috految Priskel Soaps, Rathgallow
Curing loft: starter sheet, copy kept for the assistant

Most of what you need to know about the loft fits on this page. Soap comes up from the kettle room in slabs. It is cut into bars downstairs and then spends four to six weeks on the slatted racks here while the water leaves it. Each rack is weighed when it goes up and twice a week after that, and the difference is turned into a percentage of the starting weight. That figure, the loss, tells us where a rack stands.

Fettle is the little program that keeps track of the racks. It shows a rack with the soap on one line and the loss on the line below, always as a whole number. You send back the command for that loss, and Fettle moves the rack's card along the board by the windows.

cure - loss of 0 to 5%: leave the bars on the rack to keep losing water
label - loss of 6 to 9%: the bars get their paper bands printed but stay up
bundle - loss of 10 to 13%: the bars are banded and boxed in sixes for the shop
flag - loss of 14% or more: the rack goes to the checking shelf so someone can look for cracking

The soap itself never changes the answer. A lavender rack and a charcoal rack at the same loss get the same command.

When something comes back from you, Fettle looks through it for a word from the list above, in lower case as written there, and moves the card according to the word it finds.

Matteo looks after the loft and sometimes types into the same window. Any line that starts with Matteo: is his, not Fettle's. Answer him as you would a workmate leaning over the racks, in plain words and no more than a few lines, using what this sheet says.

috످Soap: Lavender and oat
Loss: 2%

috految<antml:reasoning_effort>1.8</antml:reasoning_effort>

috److cure

috످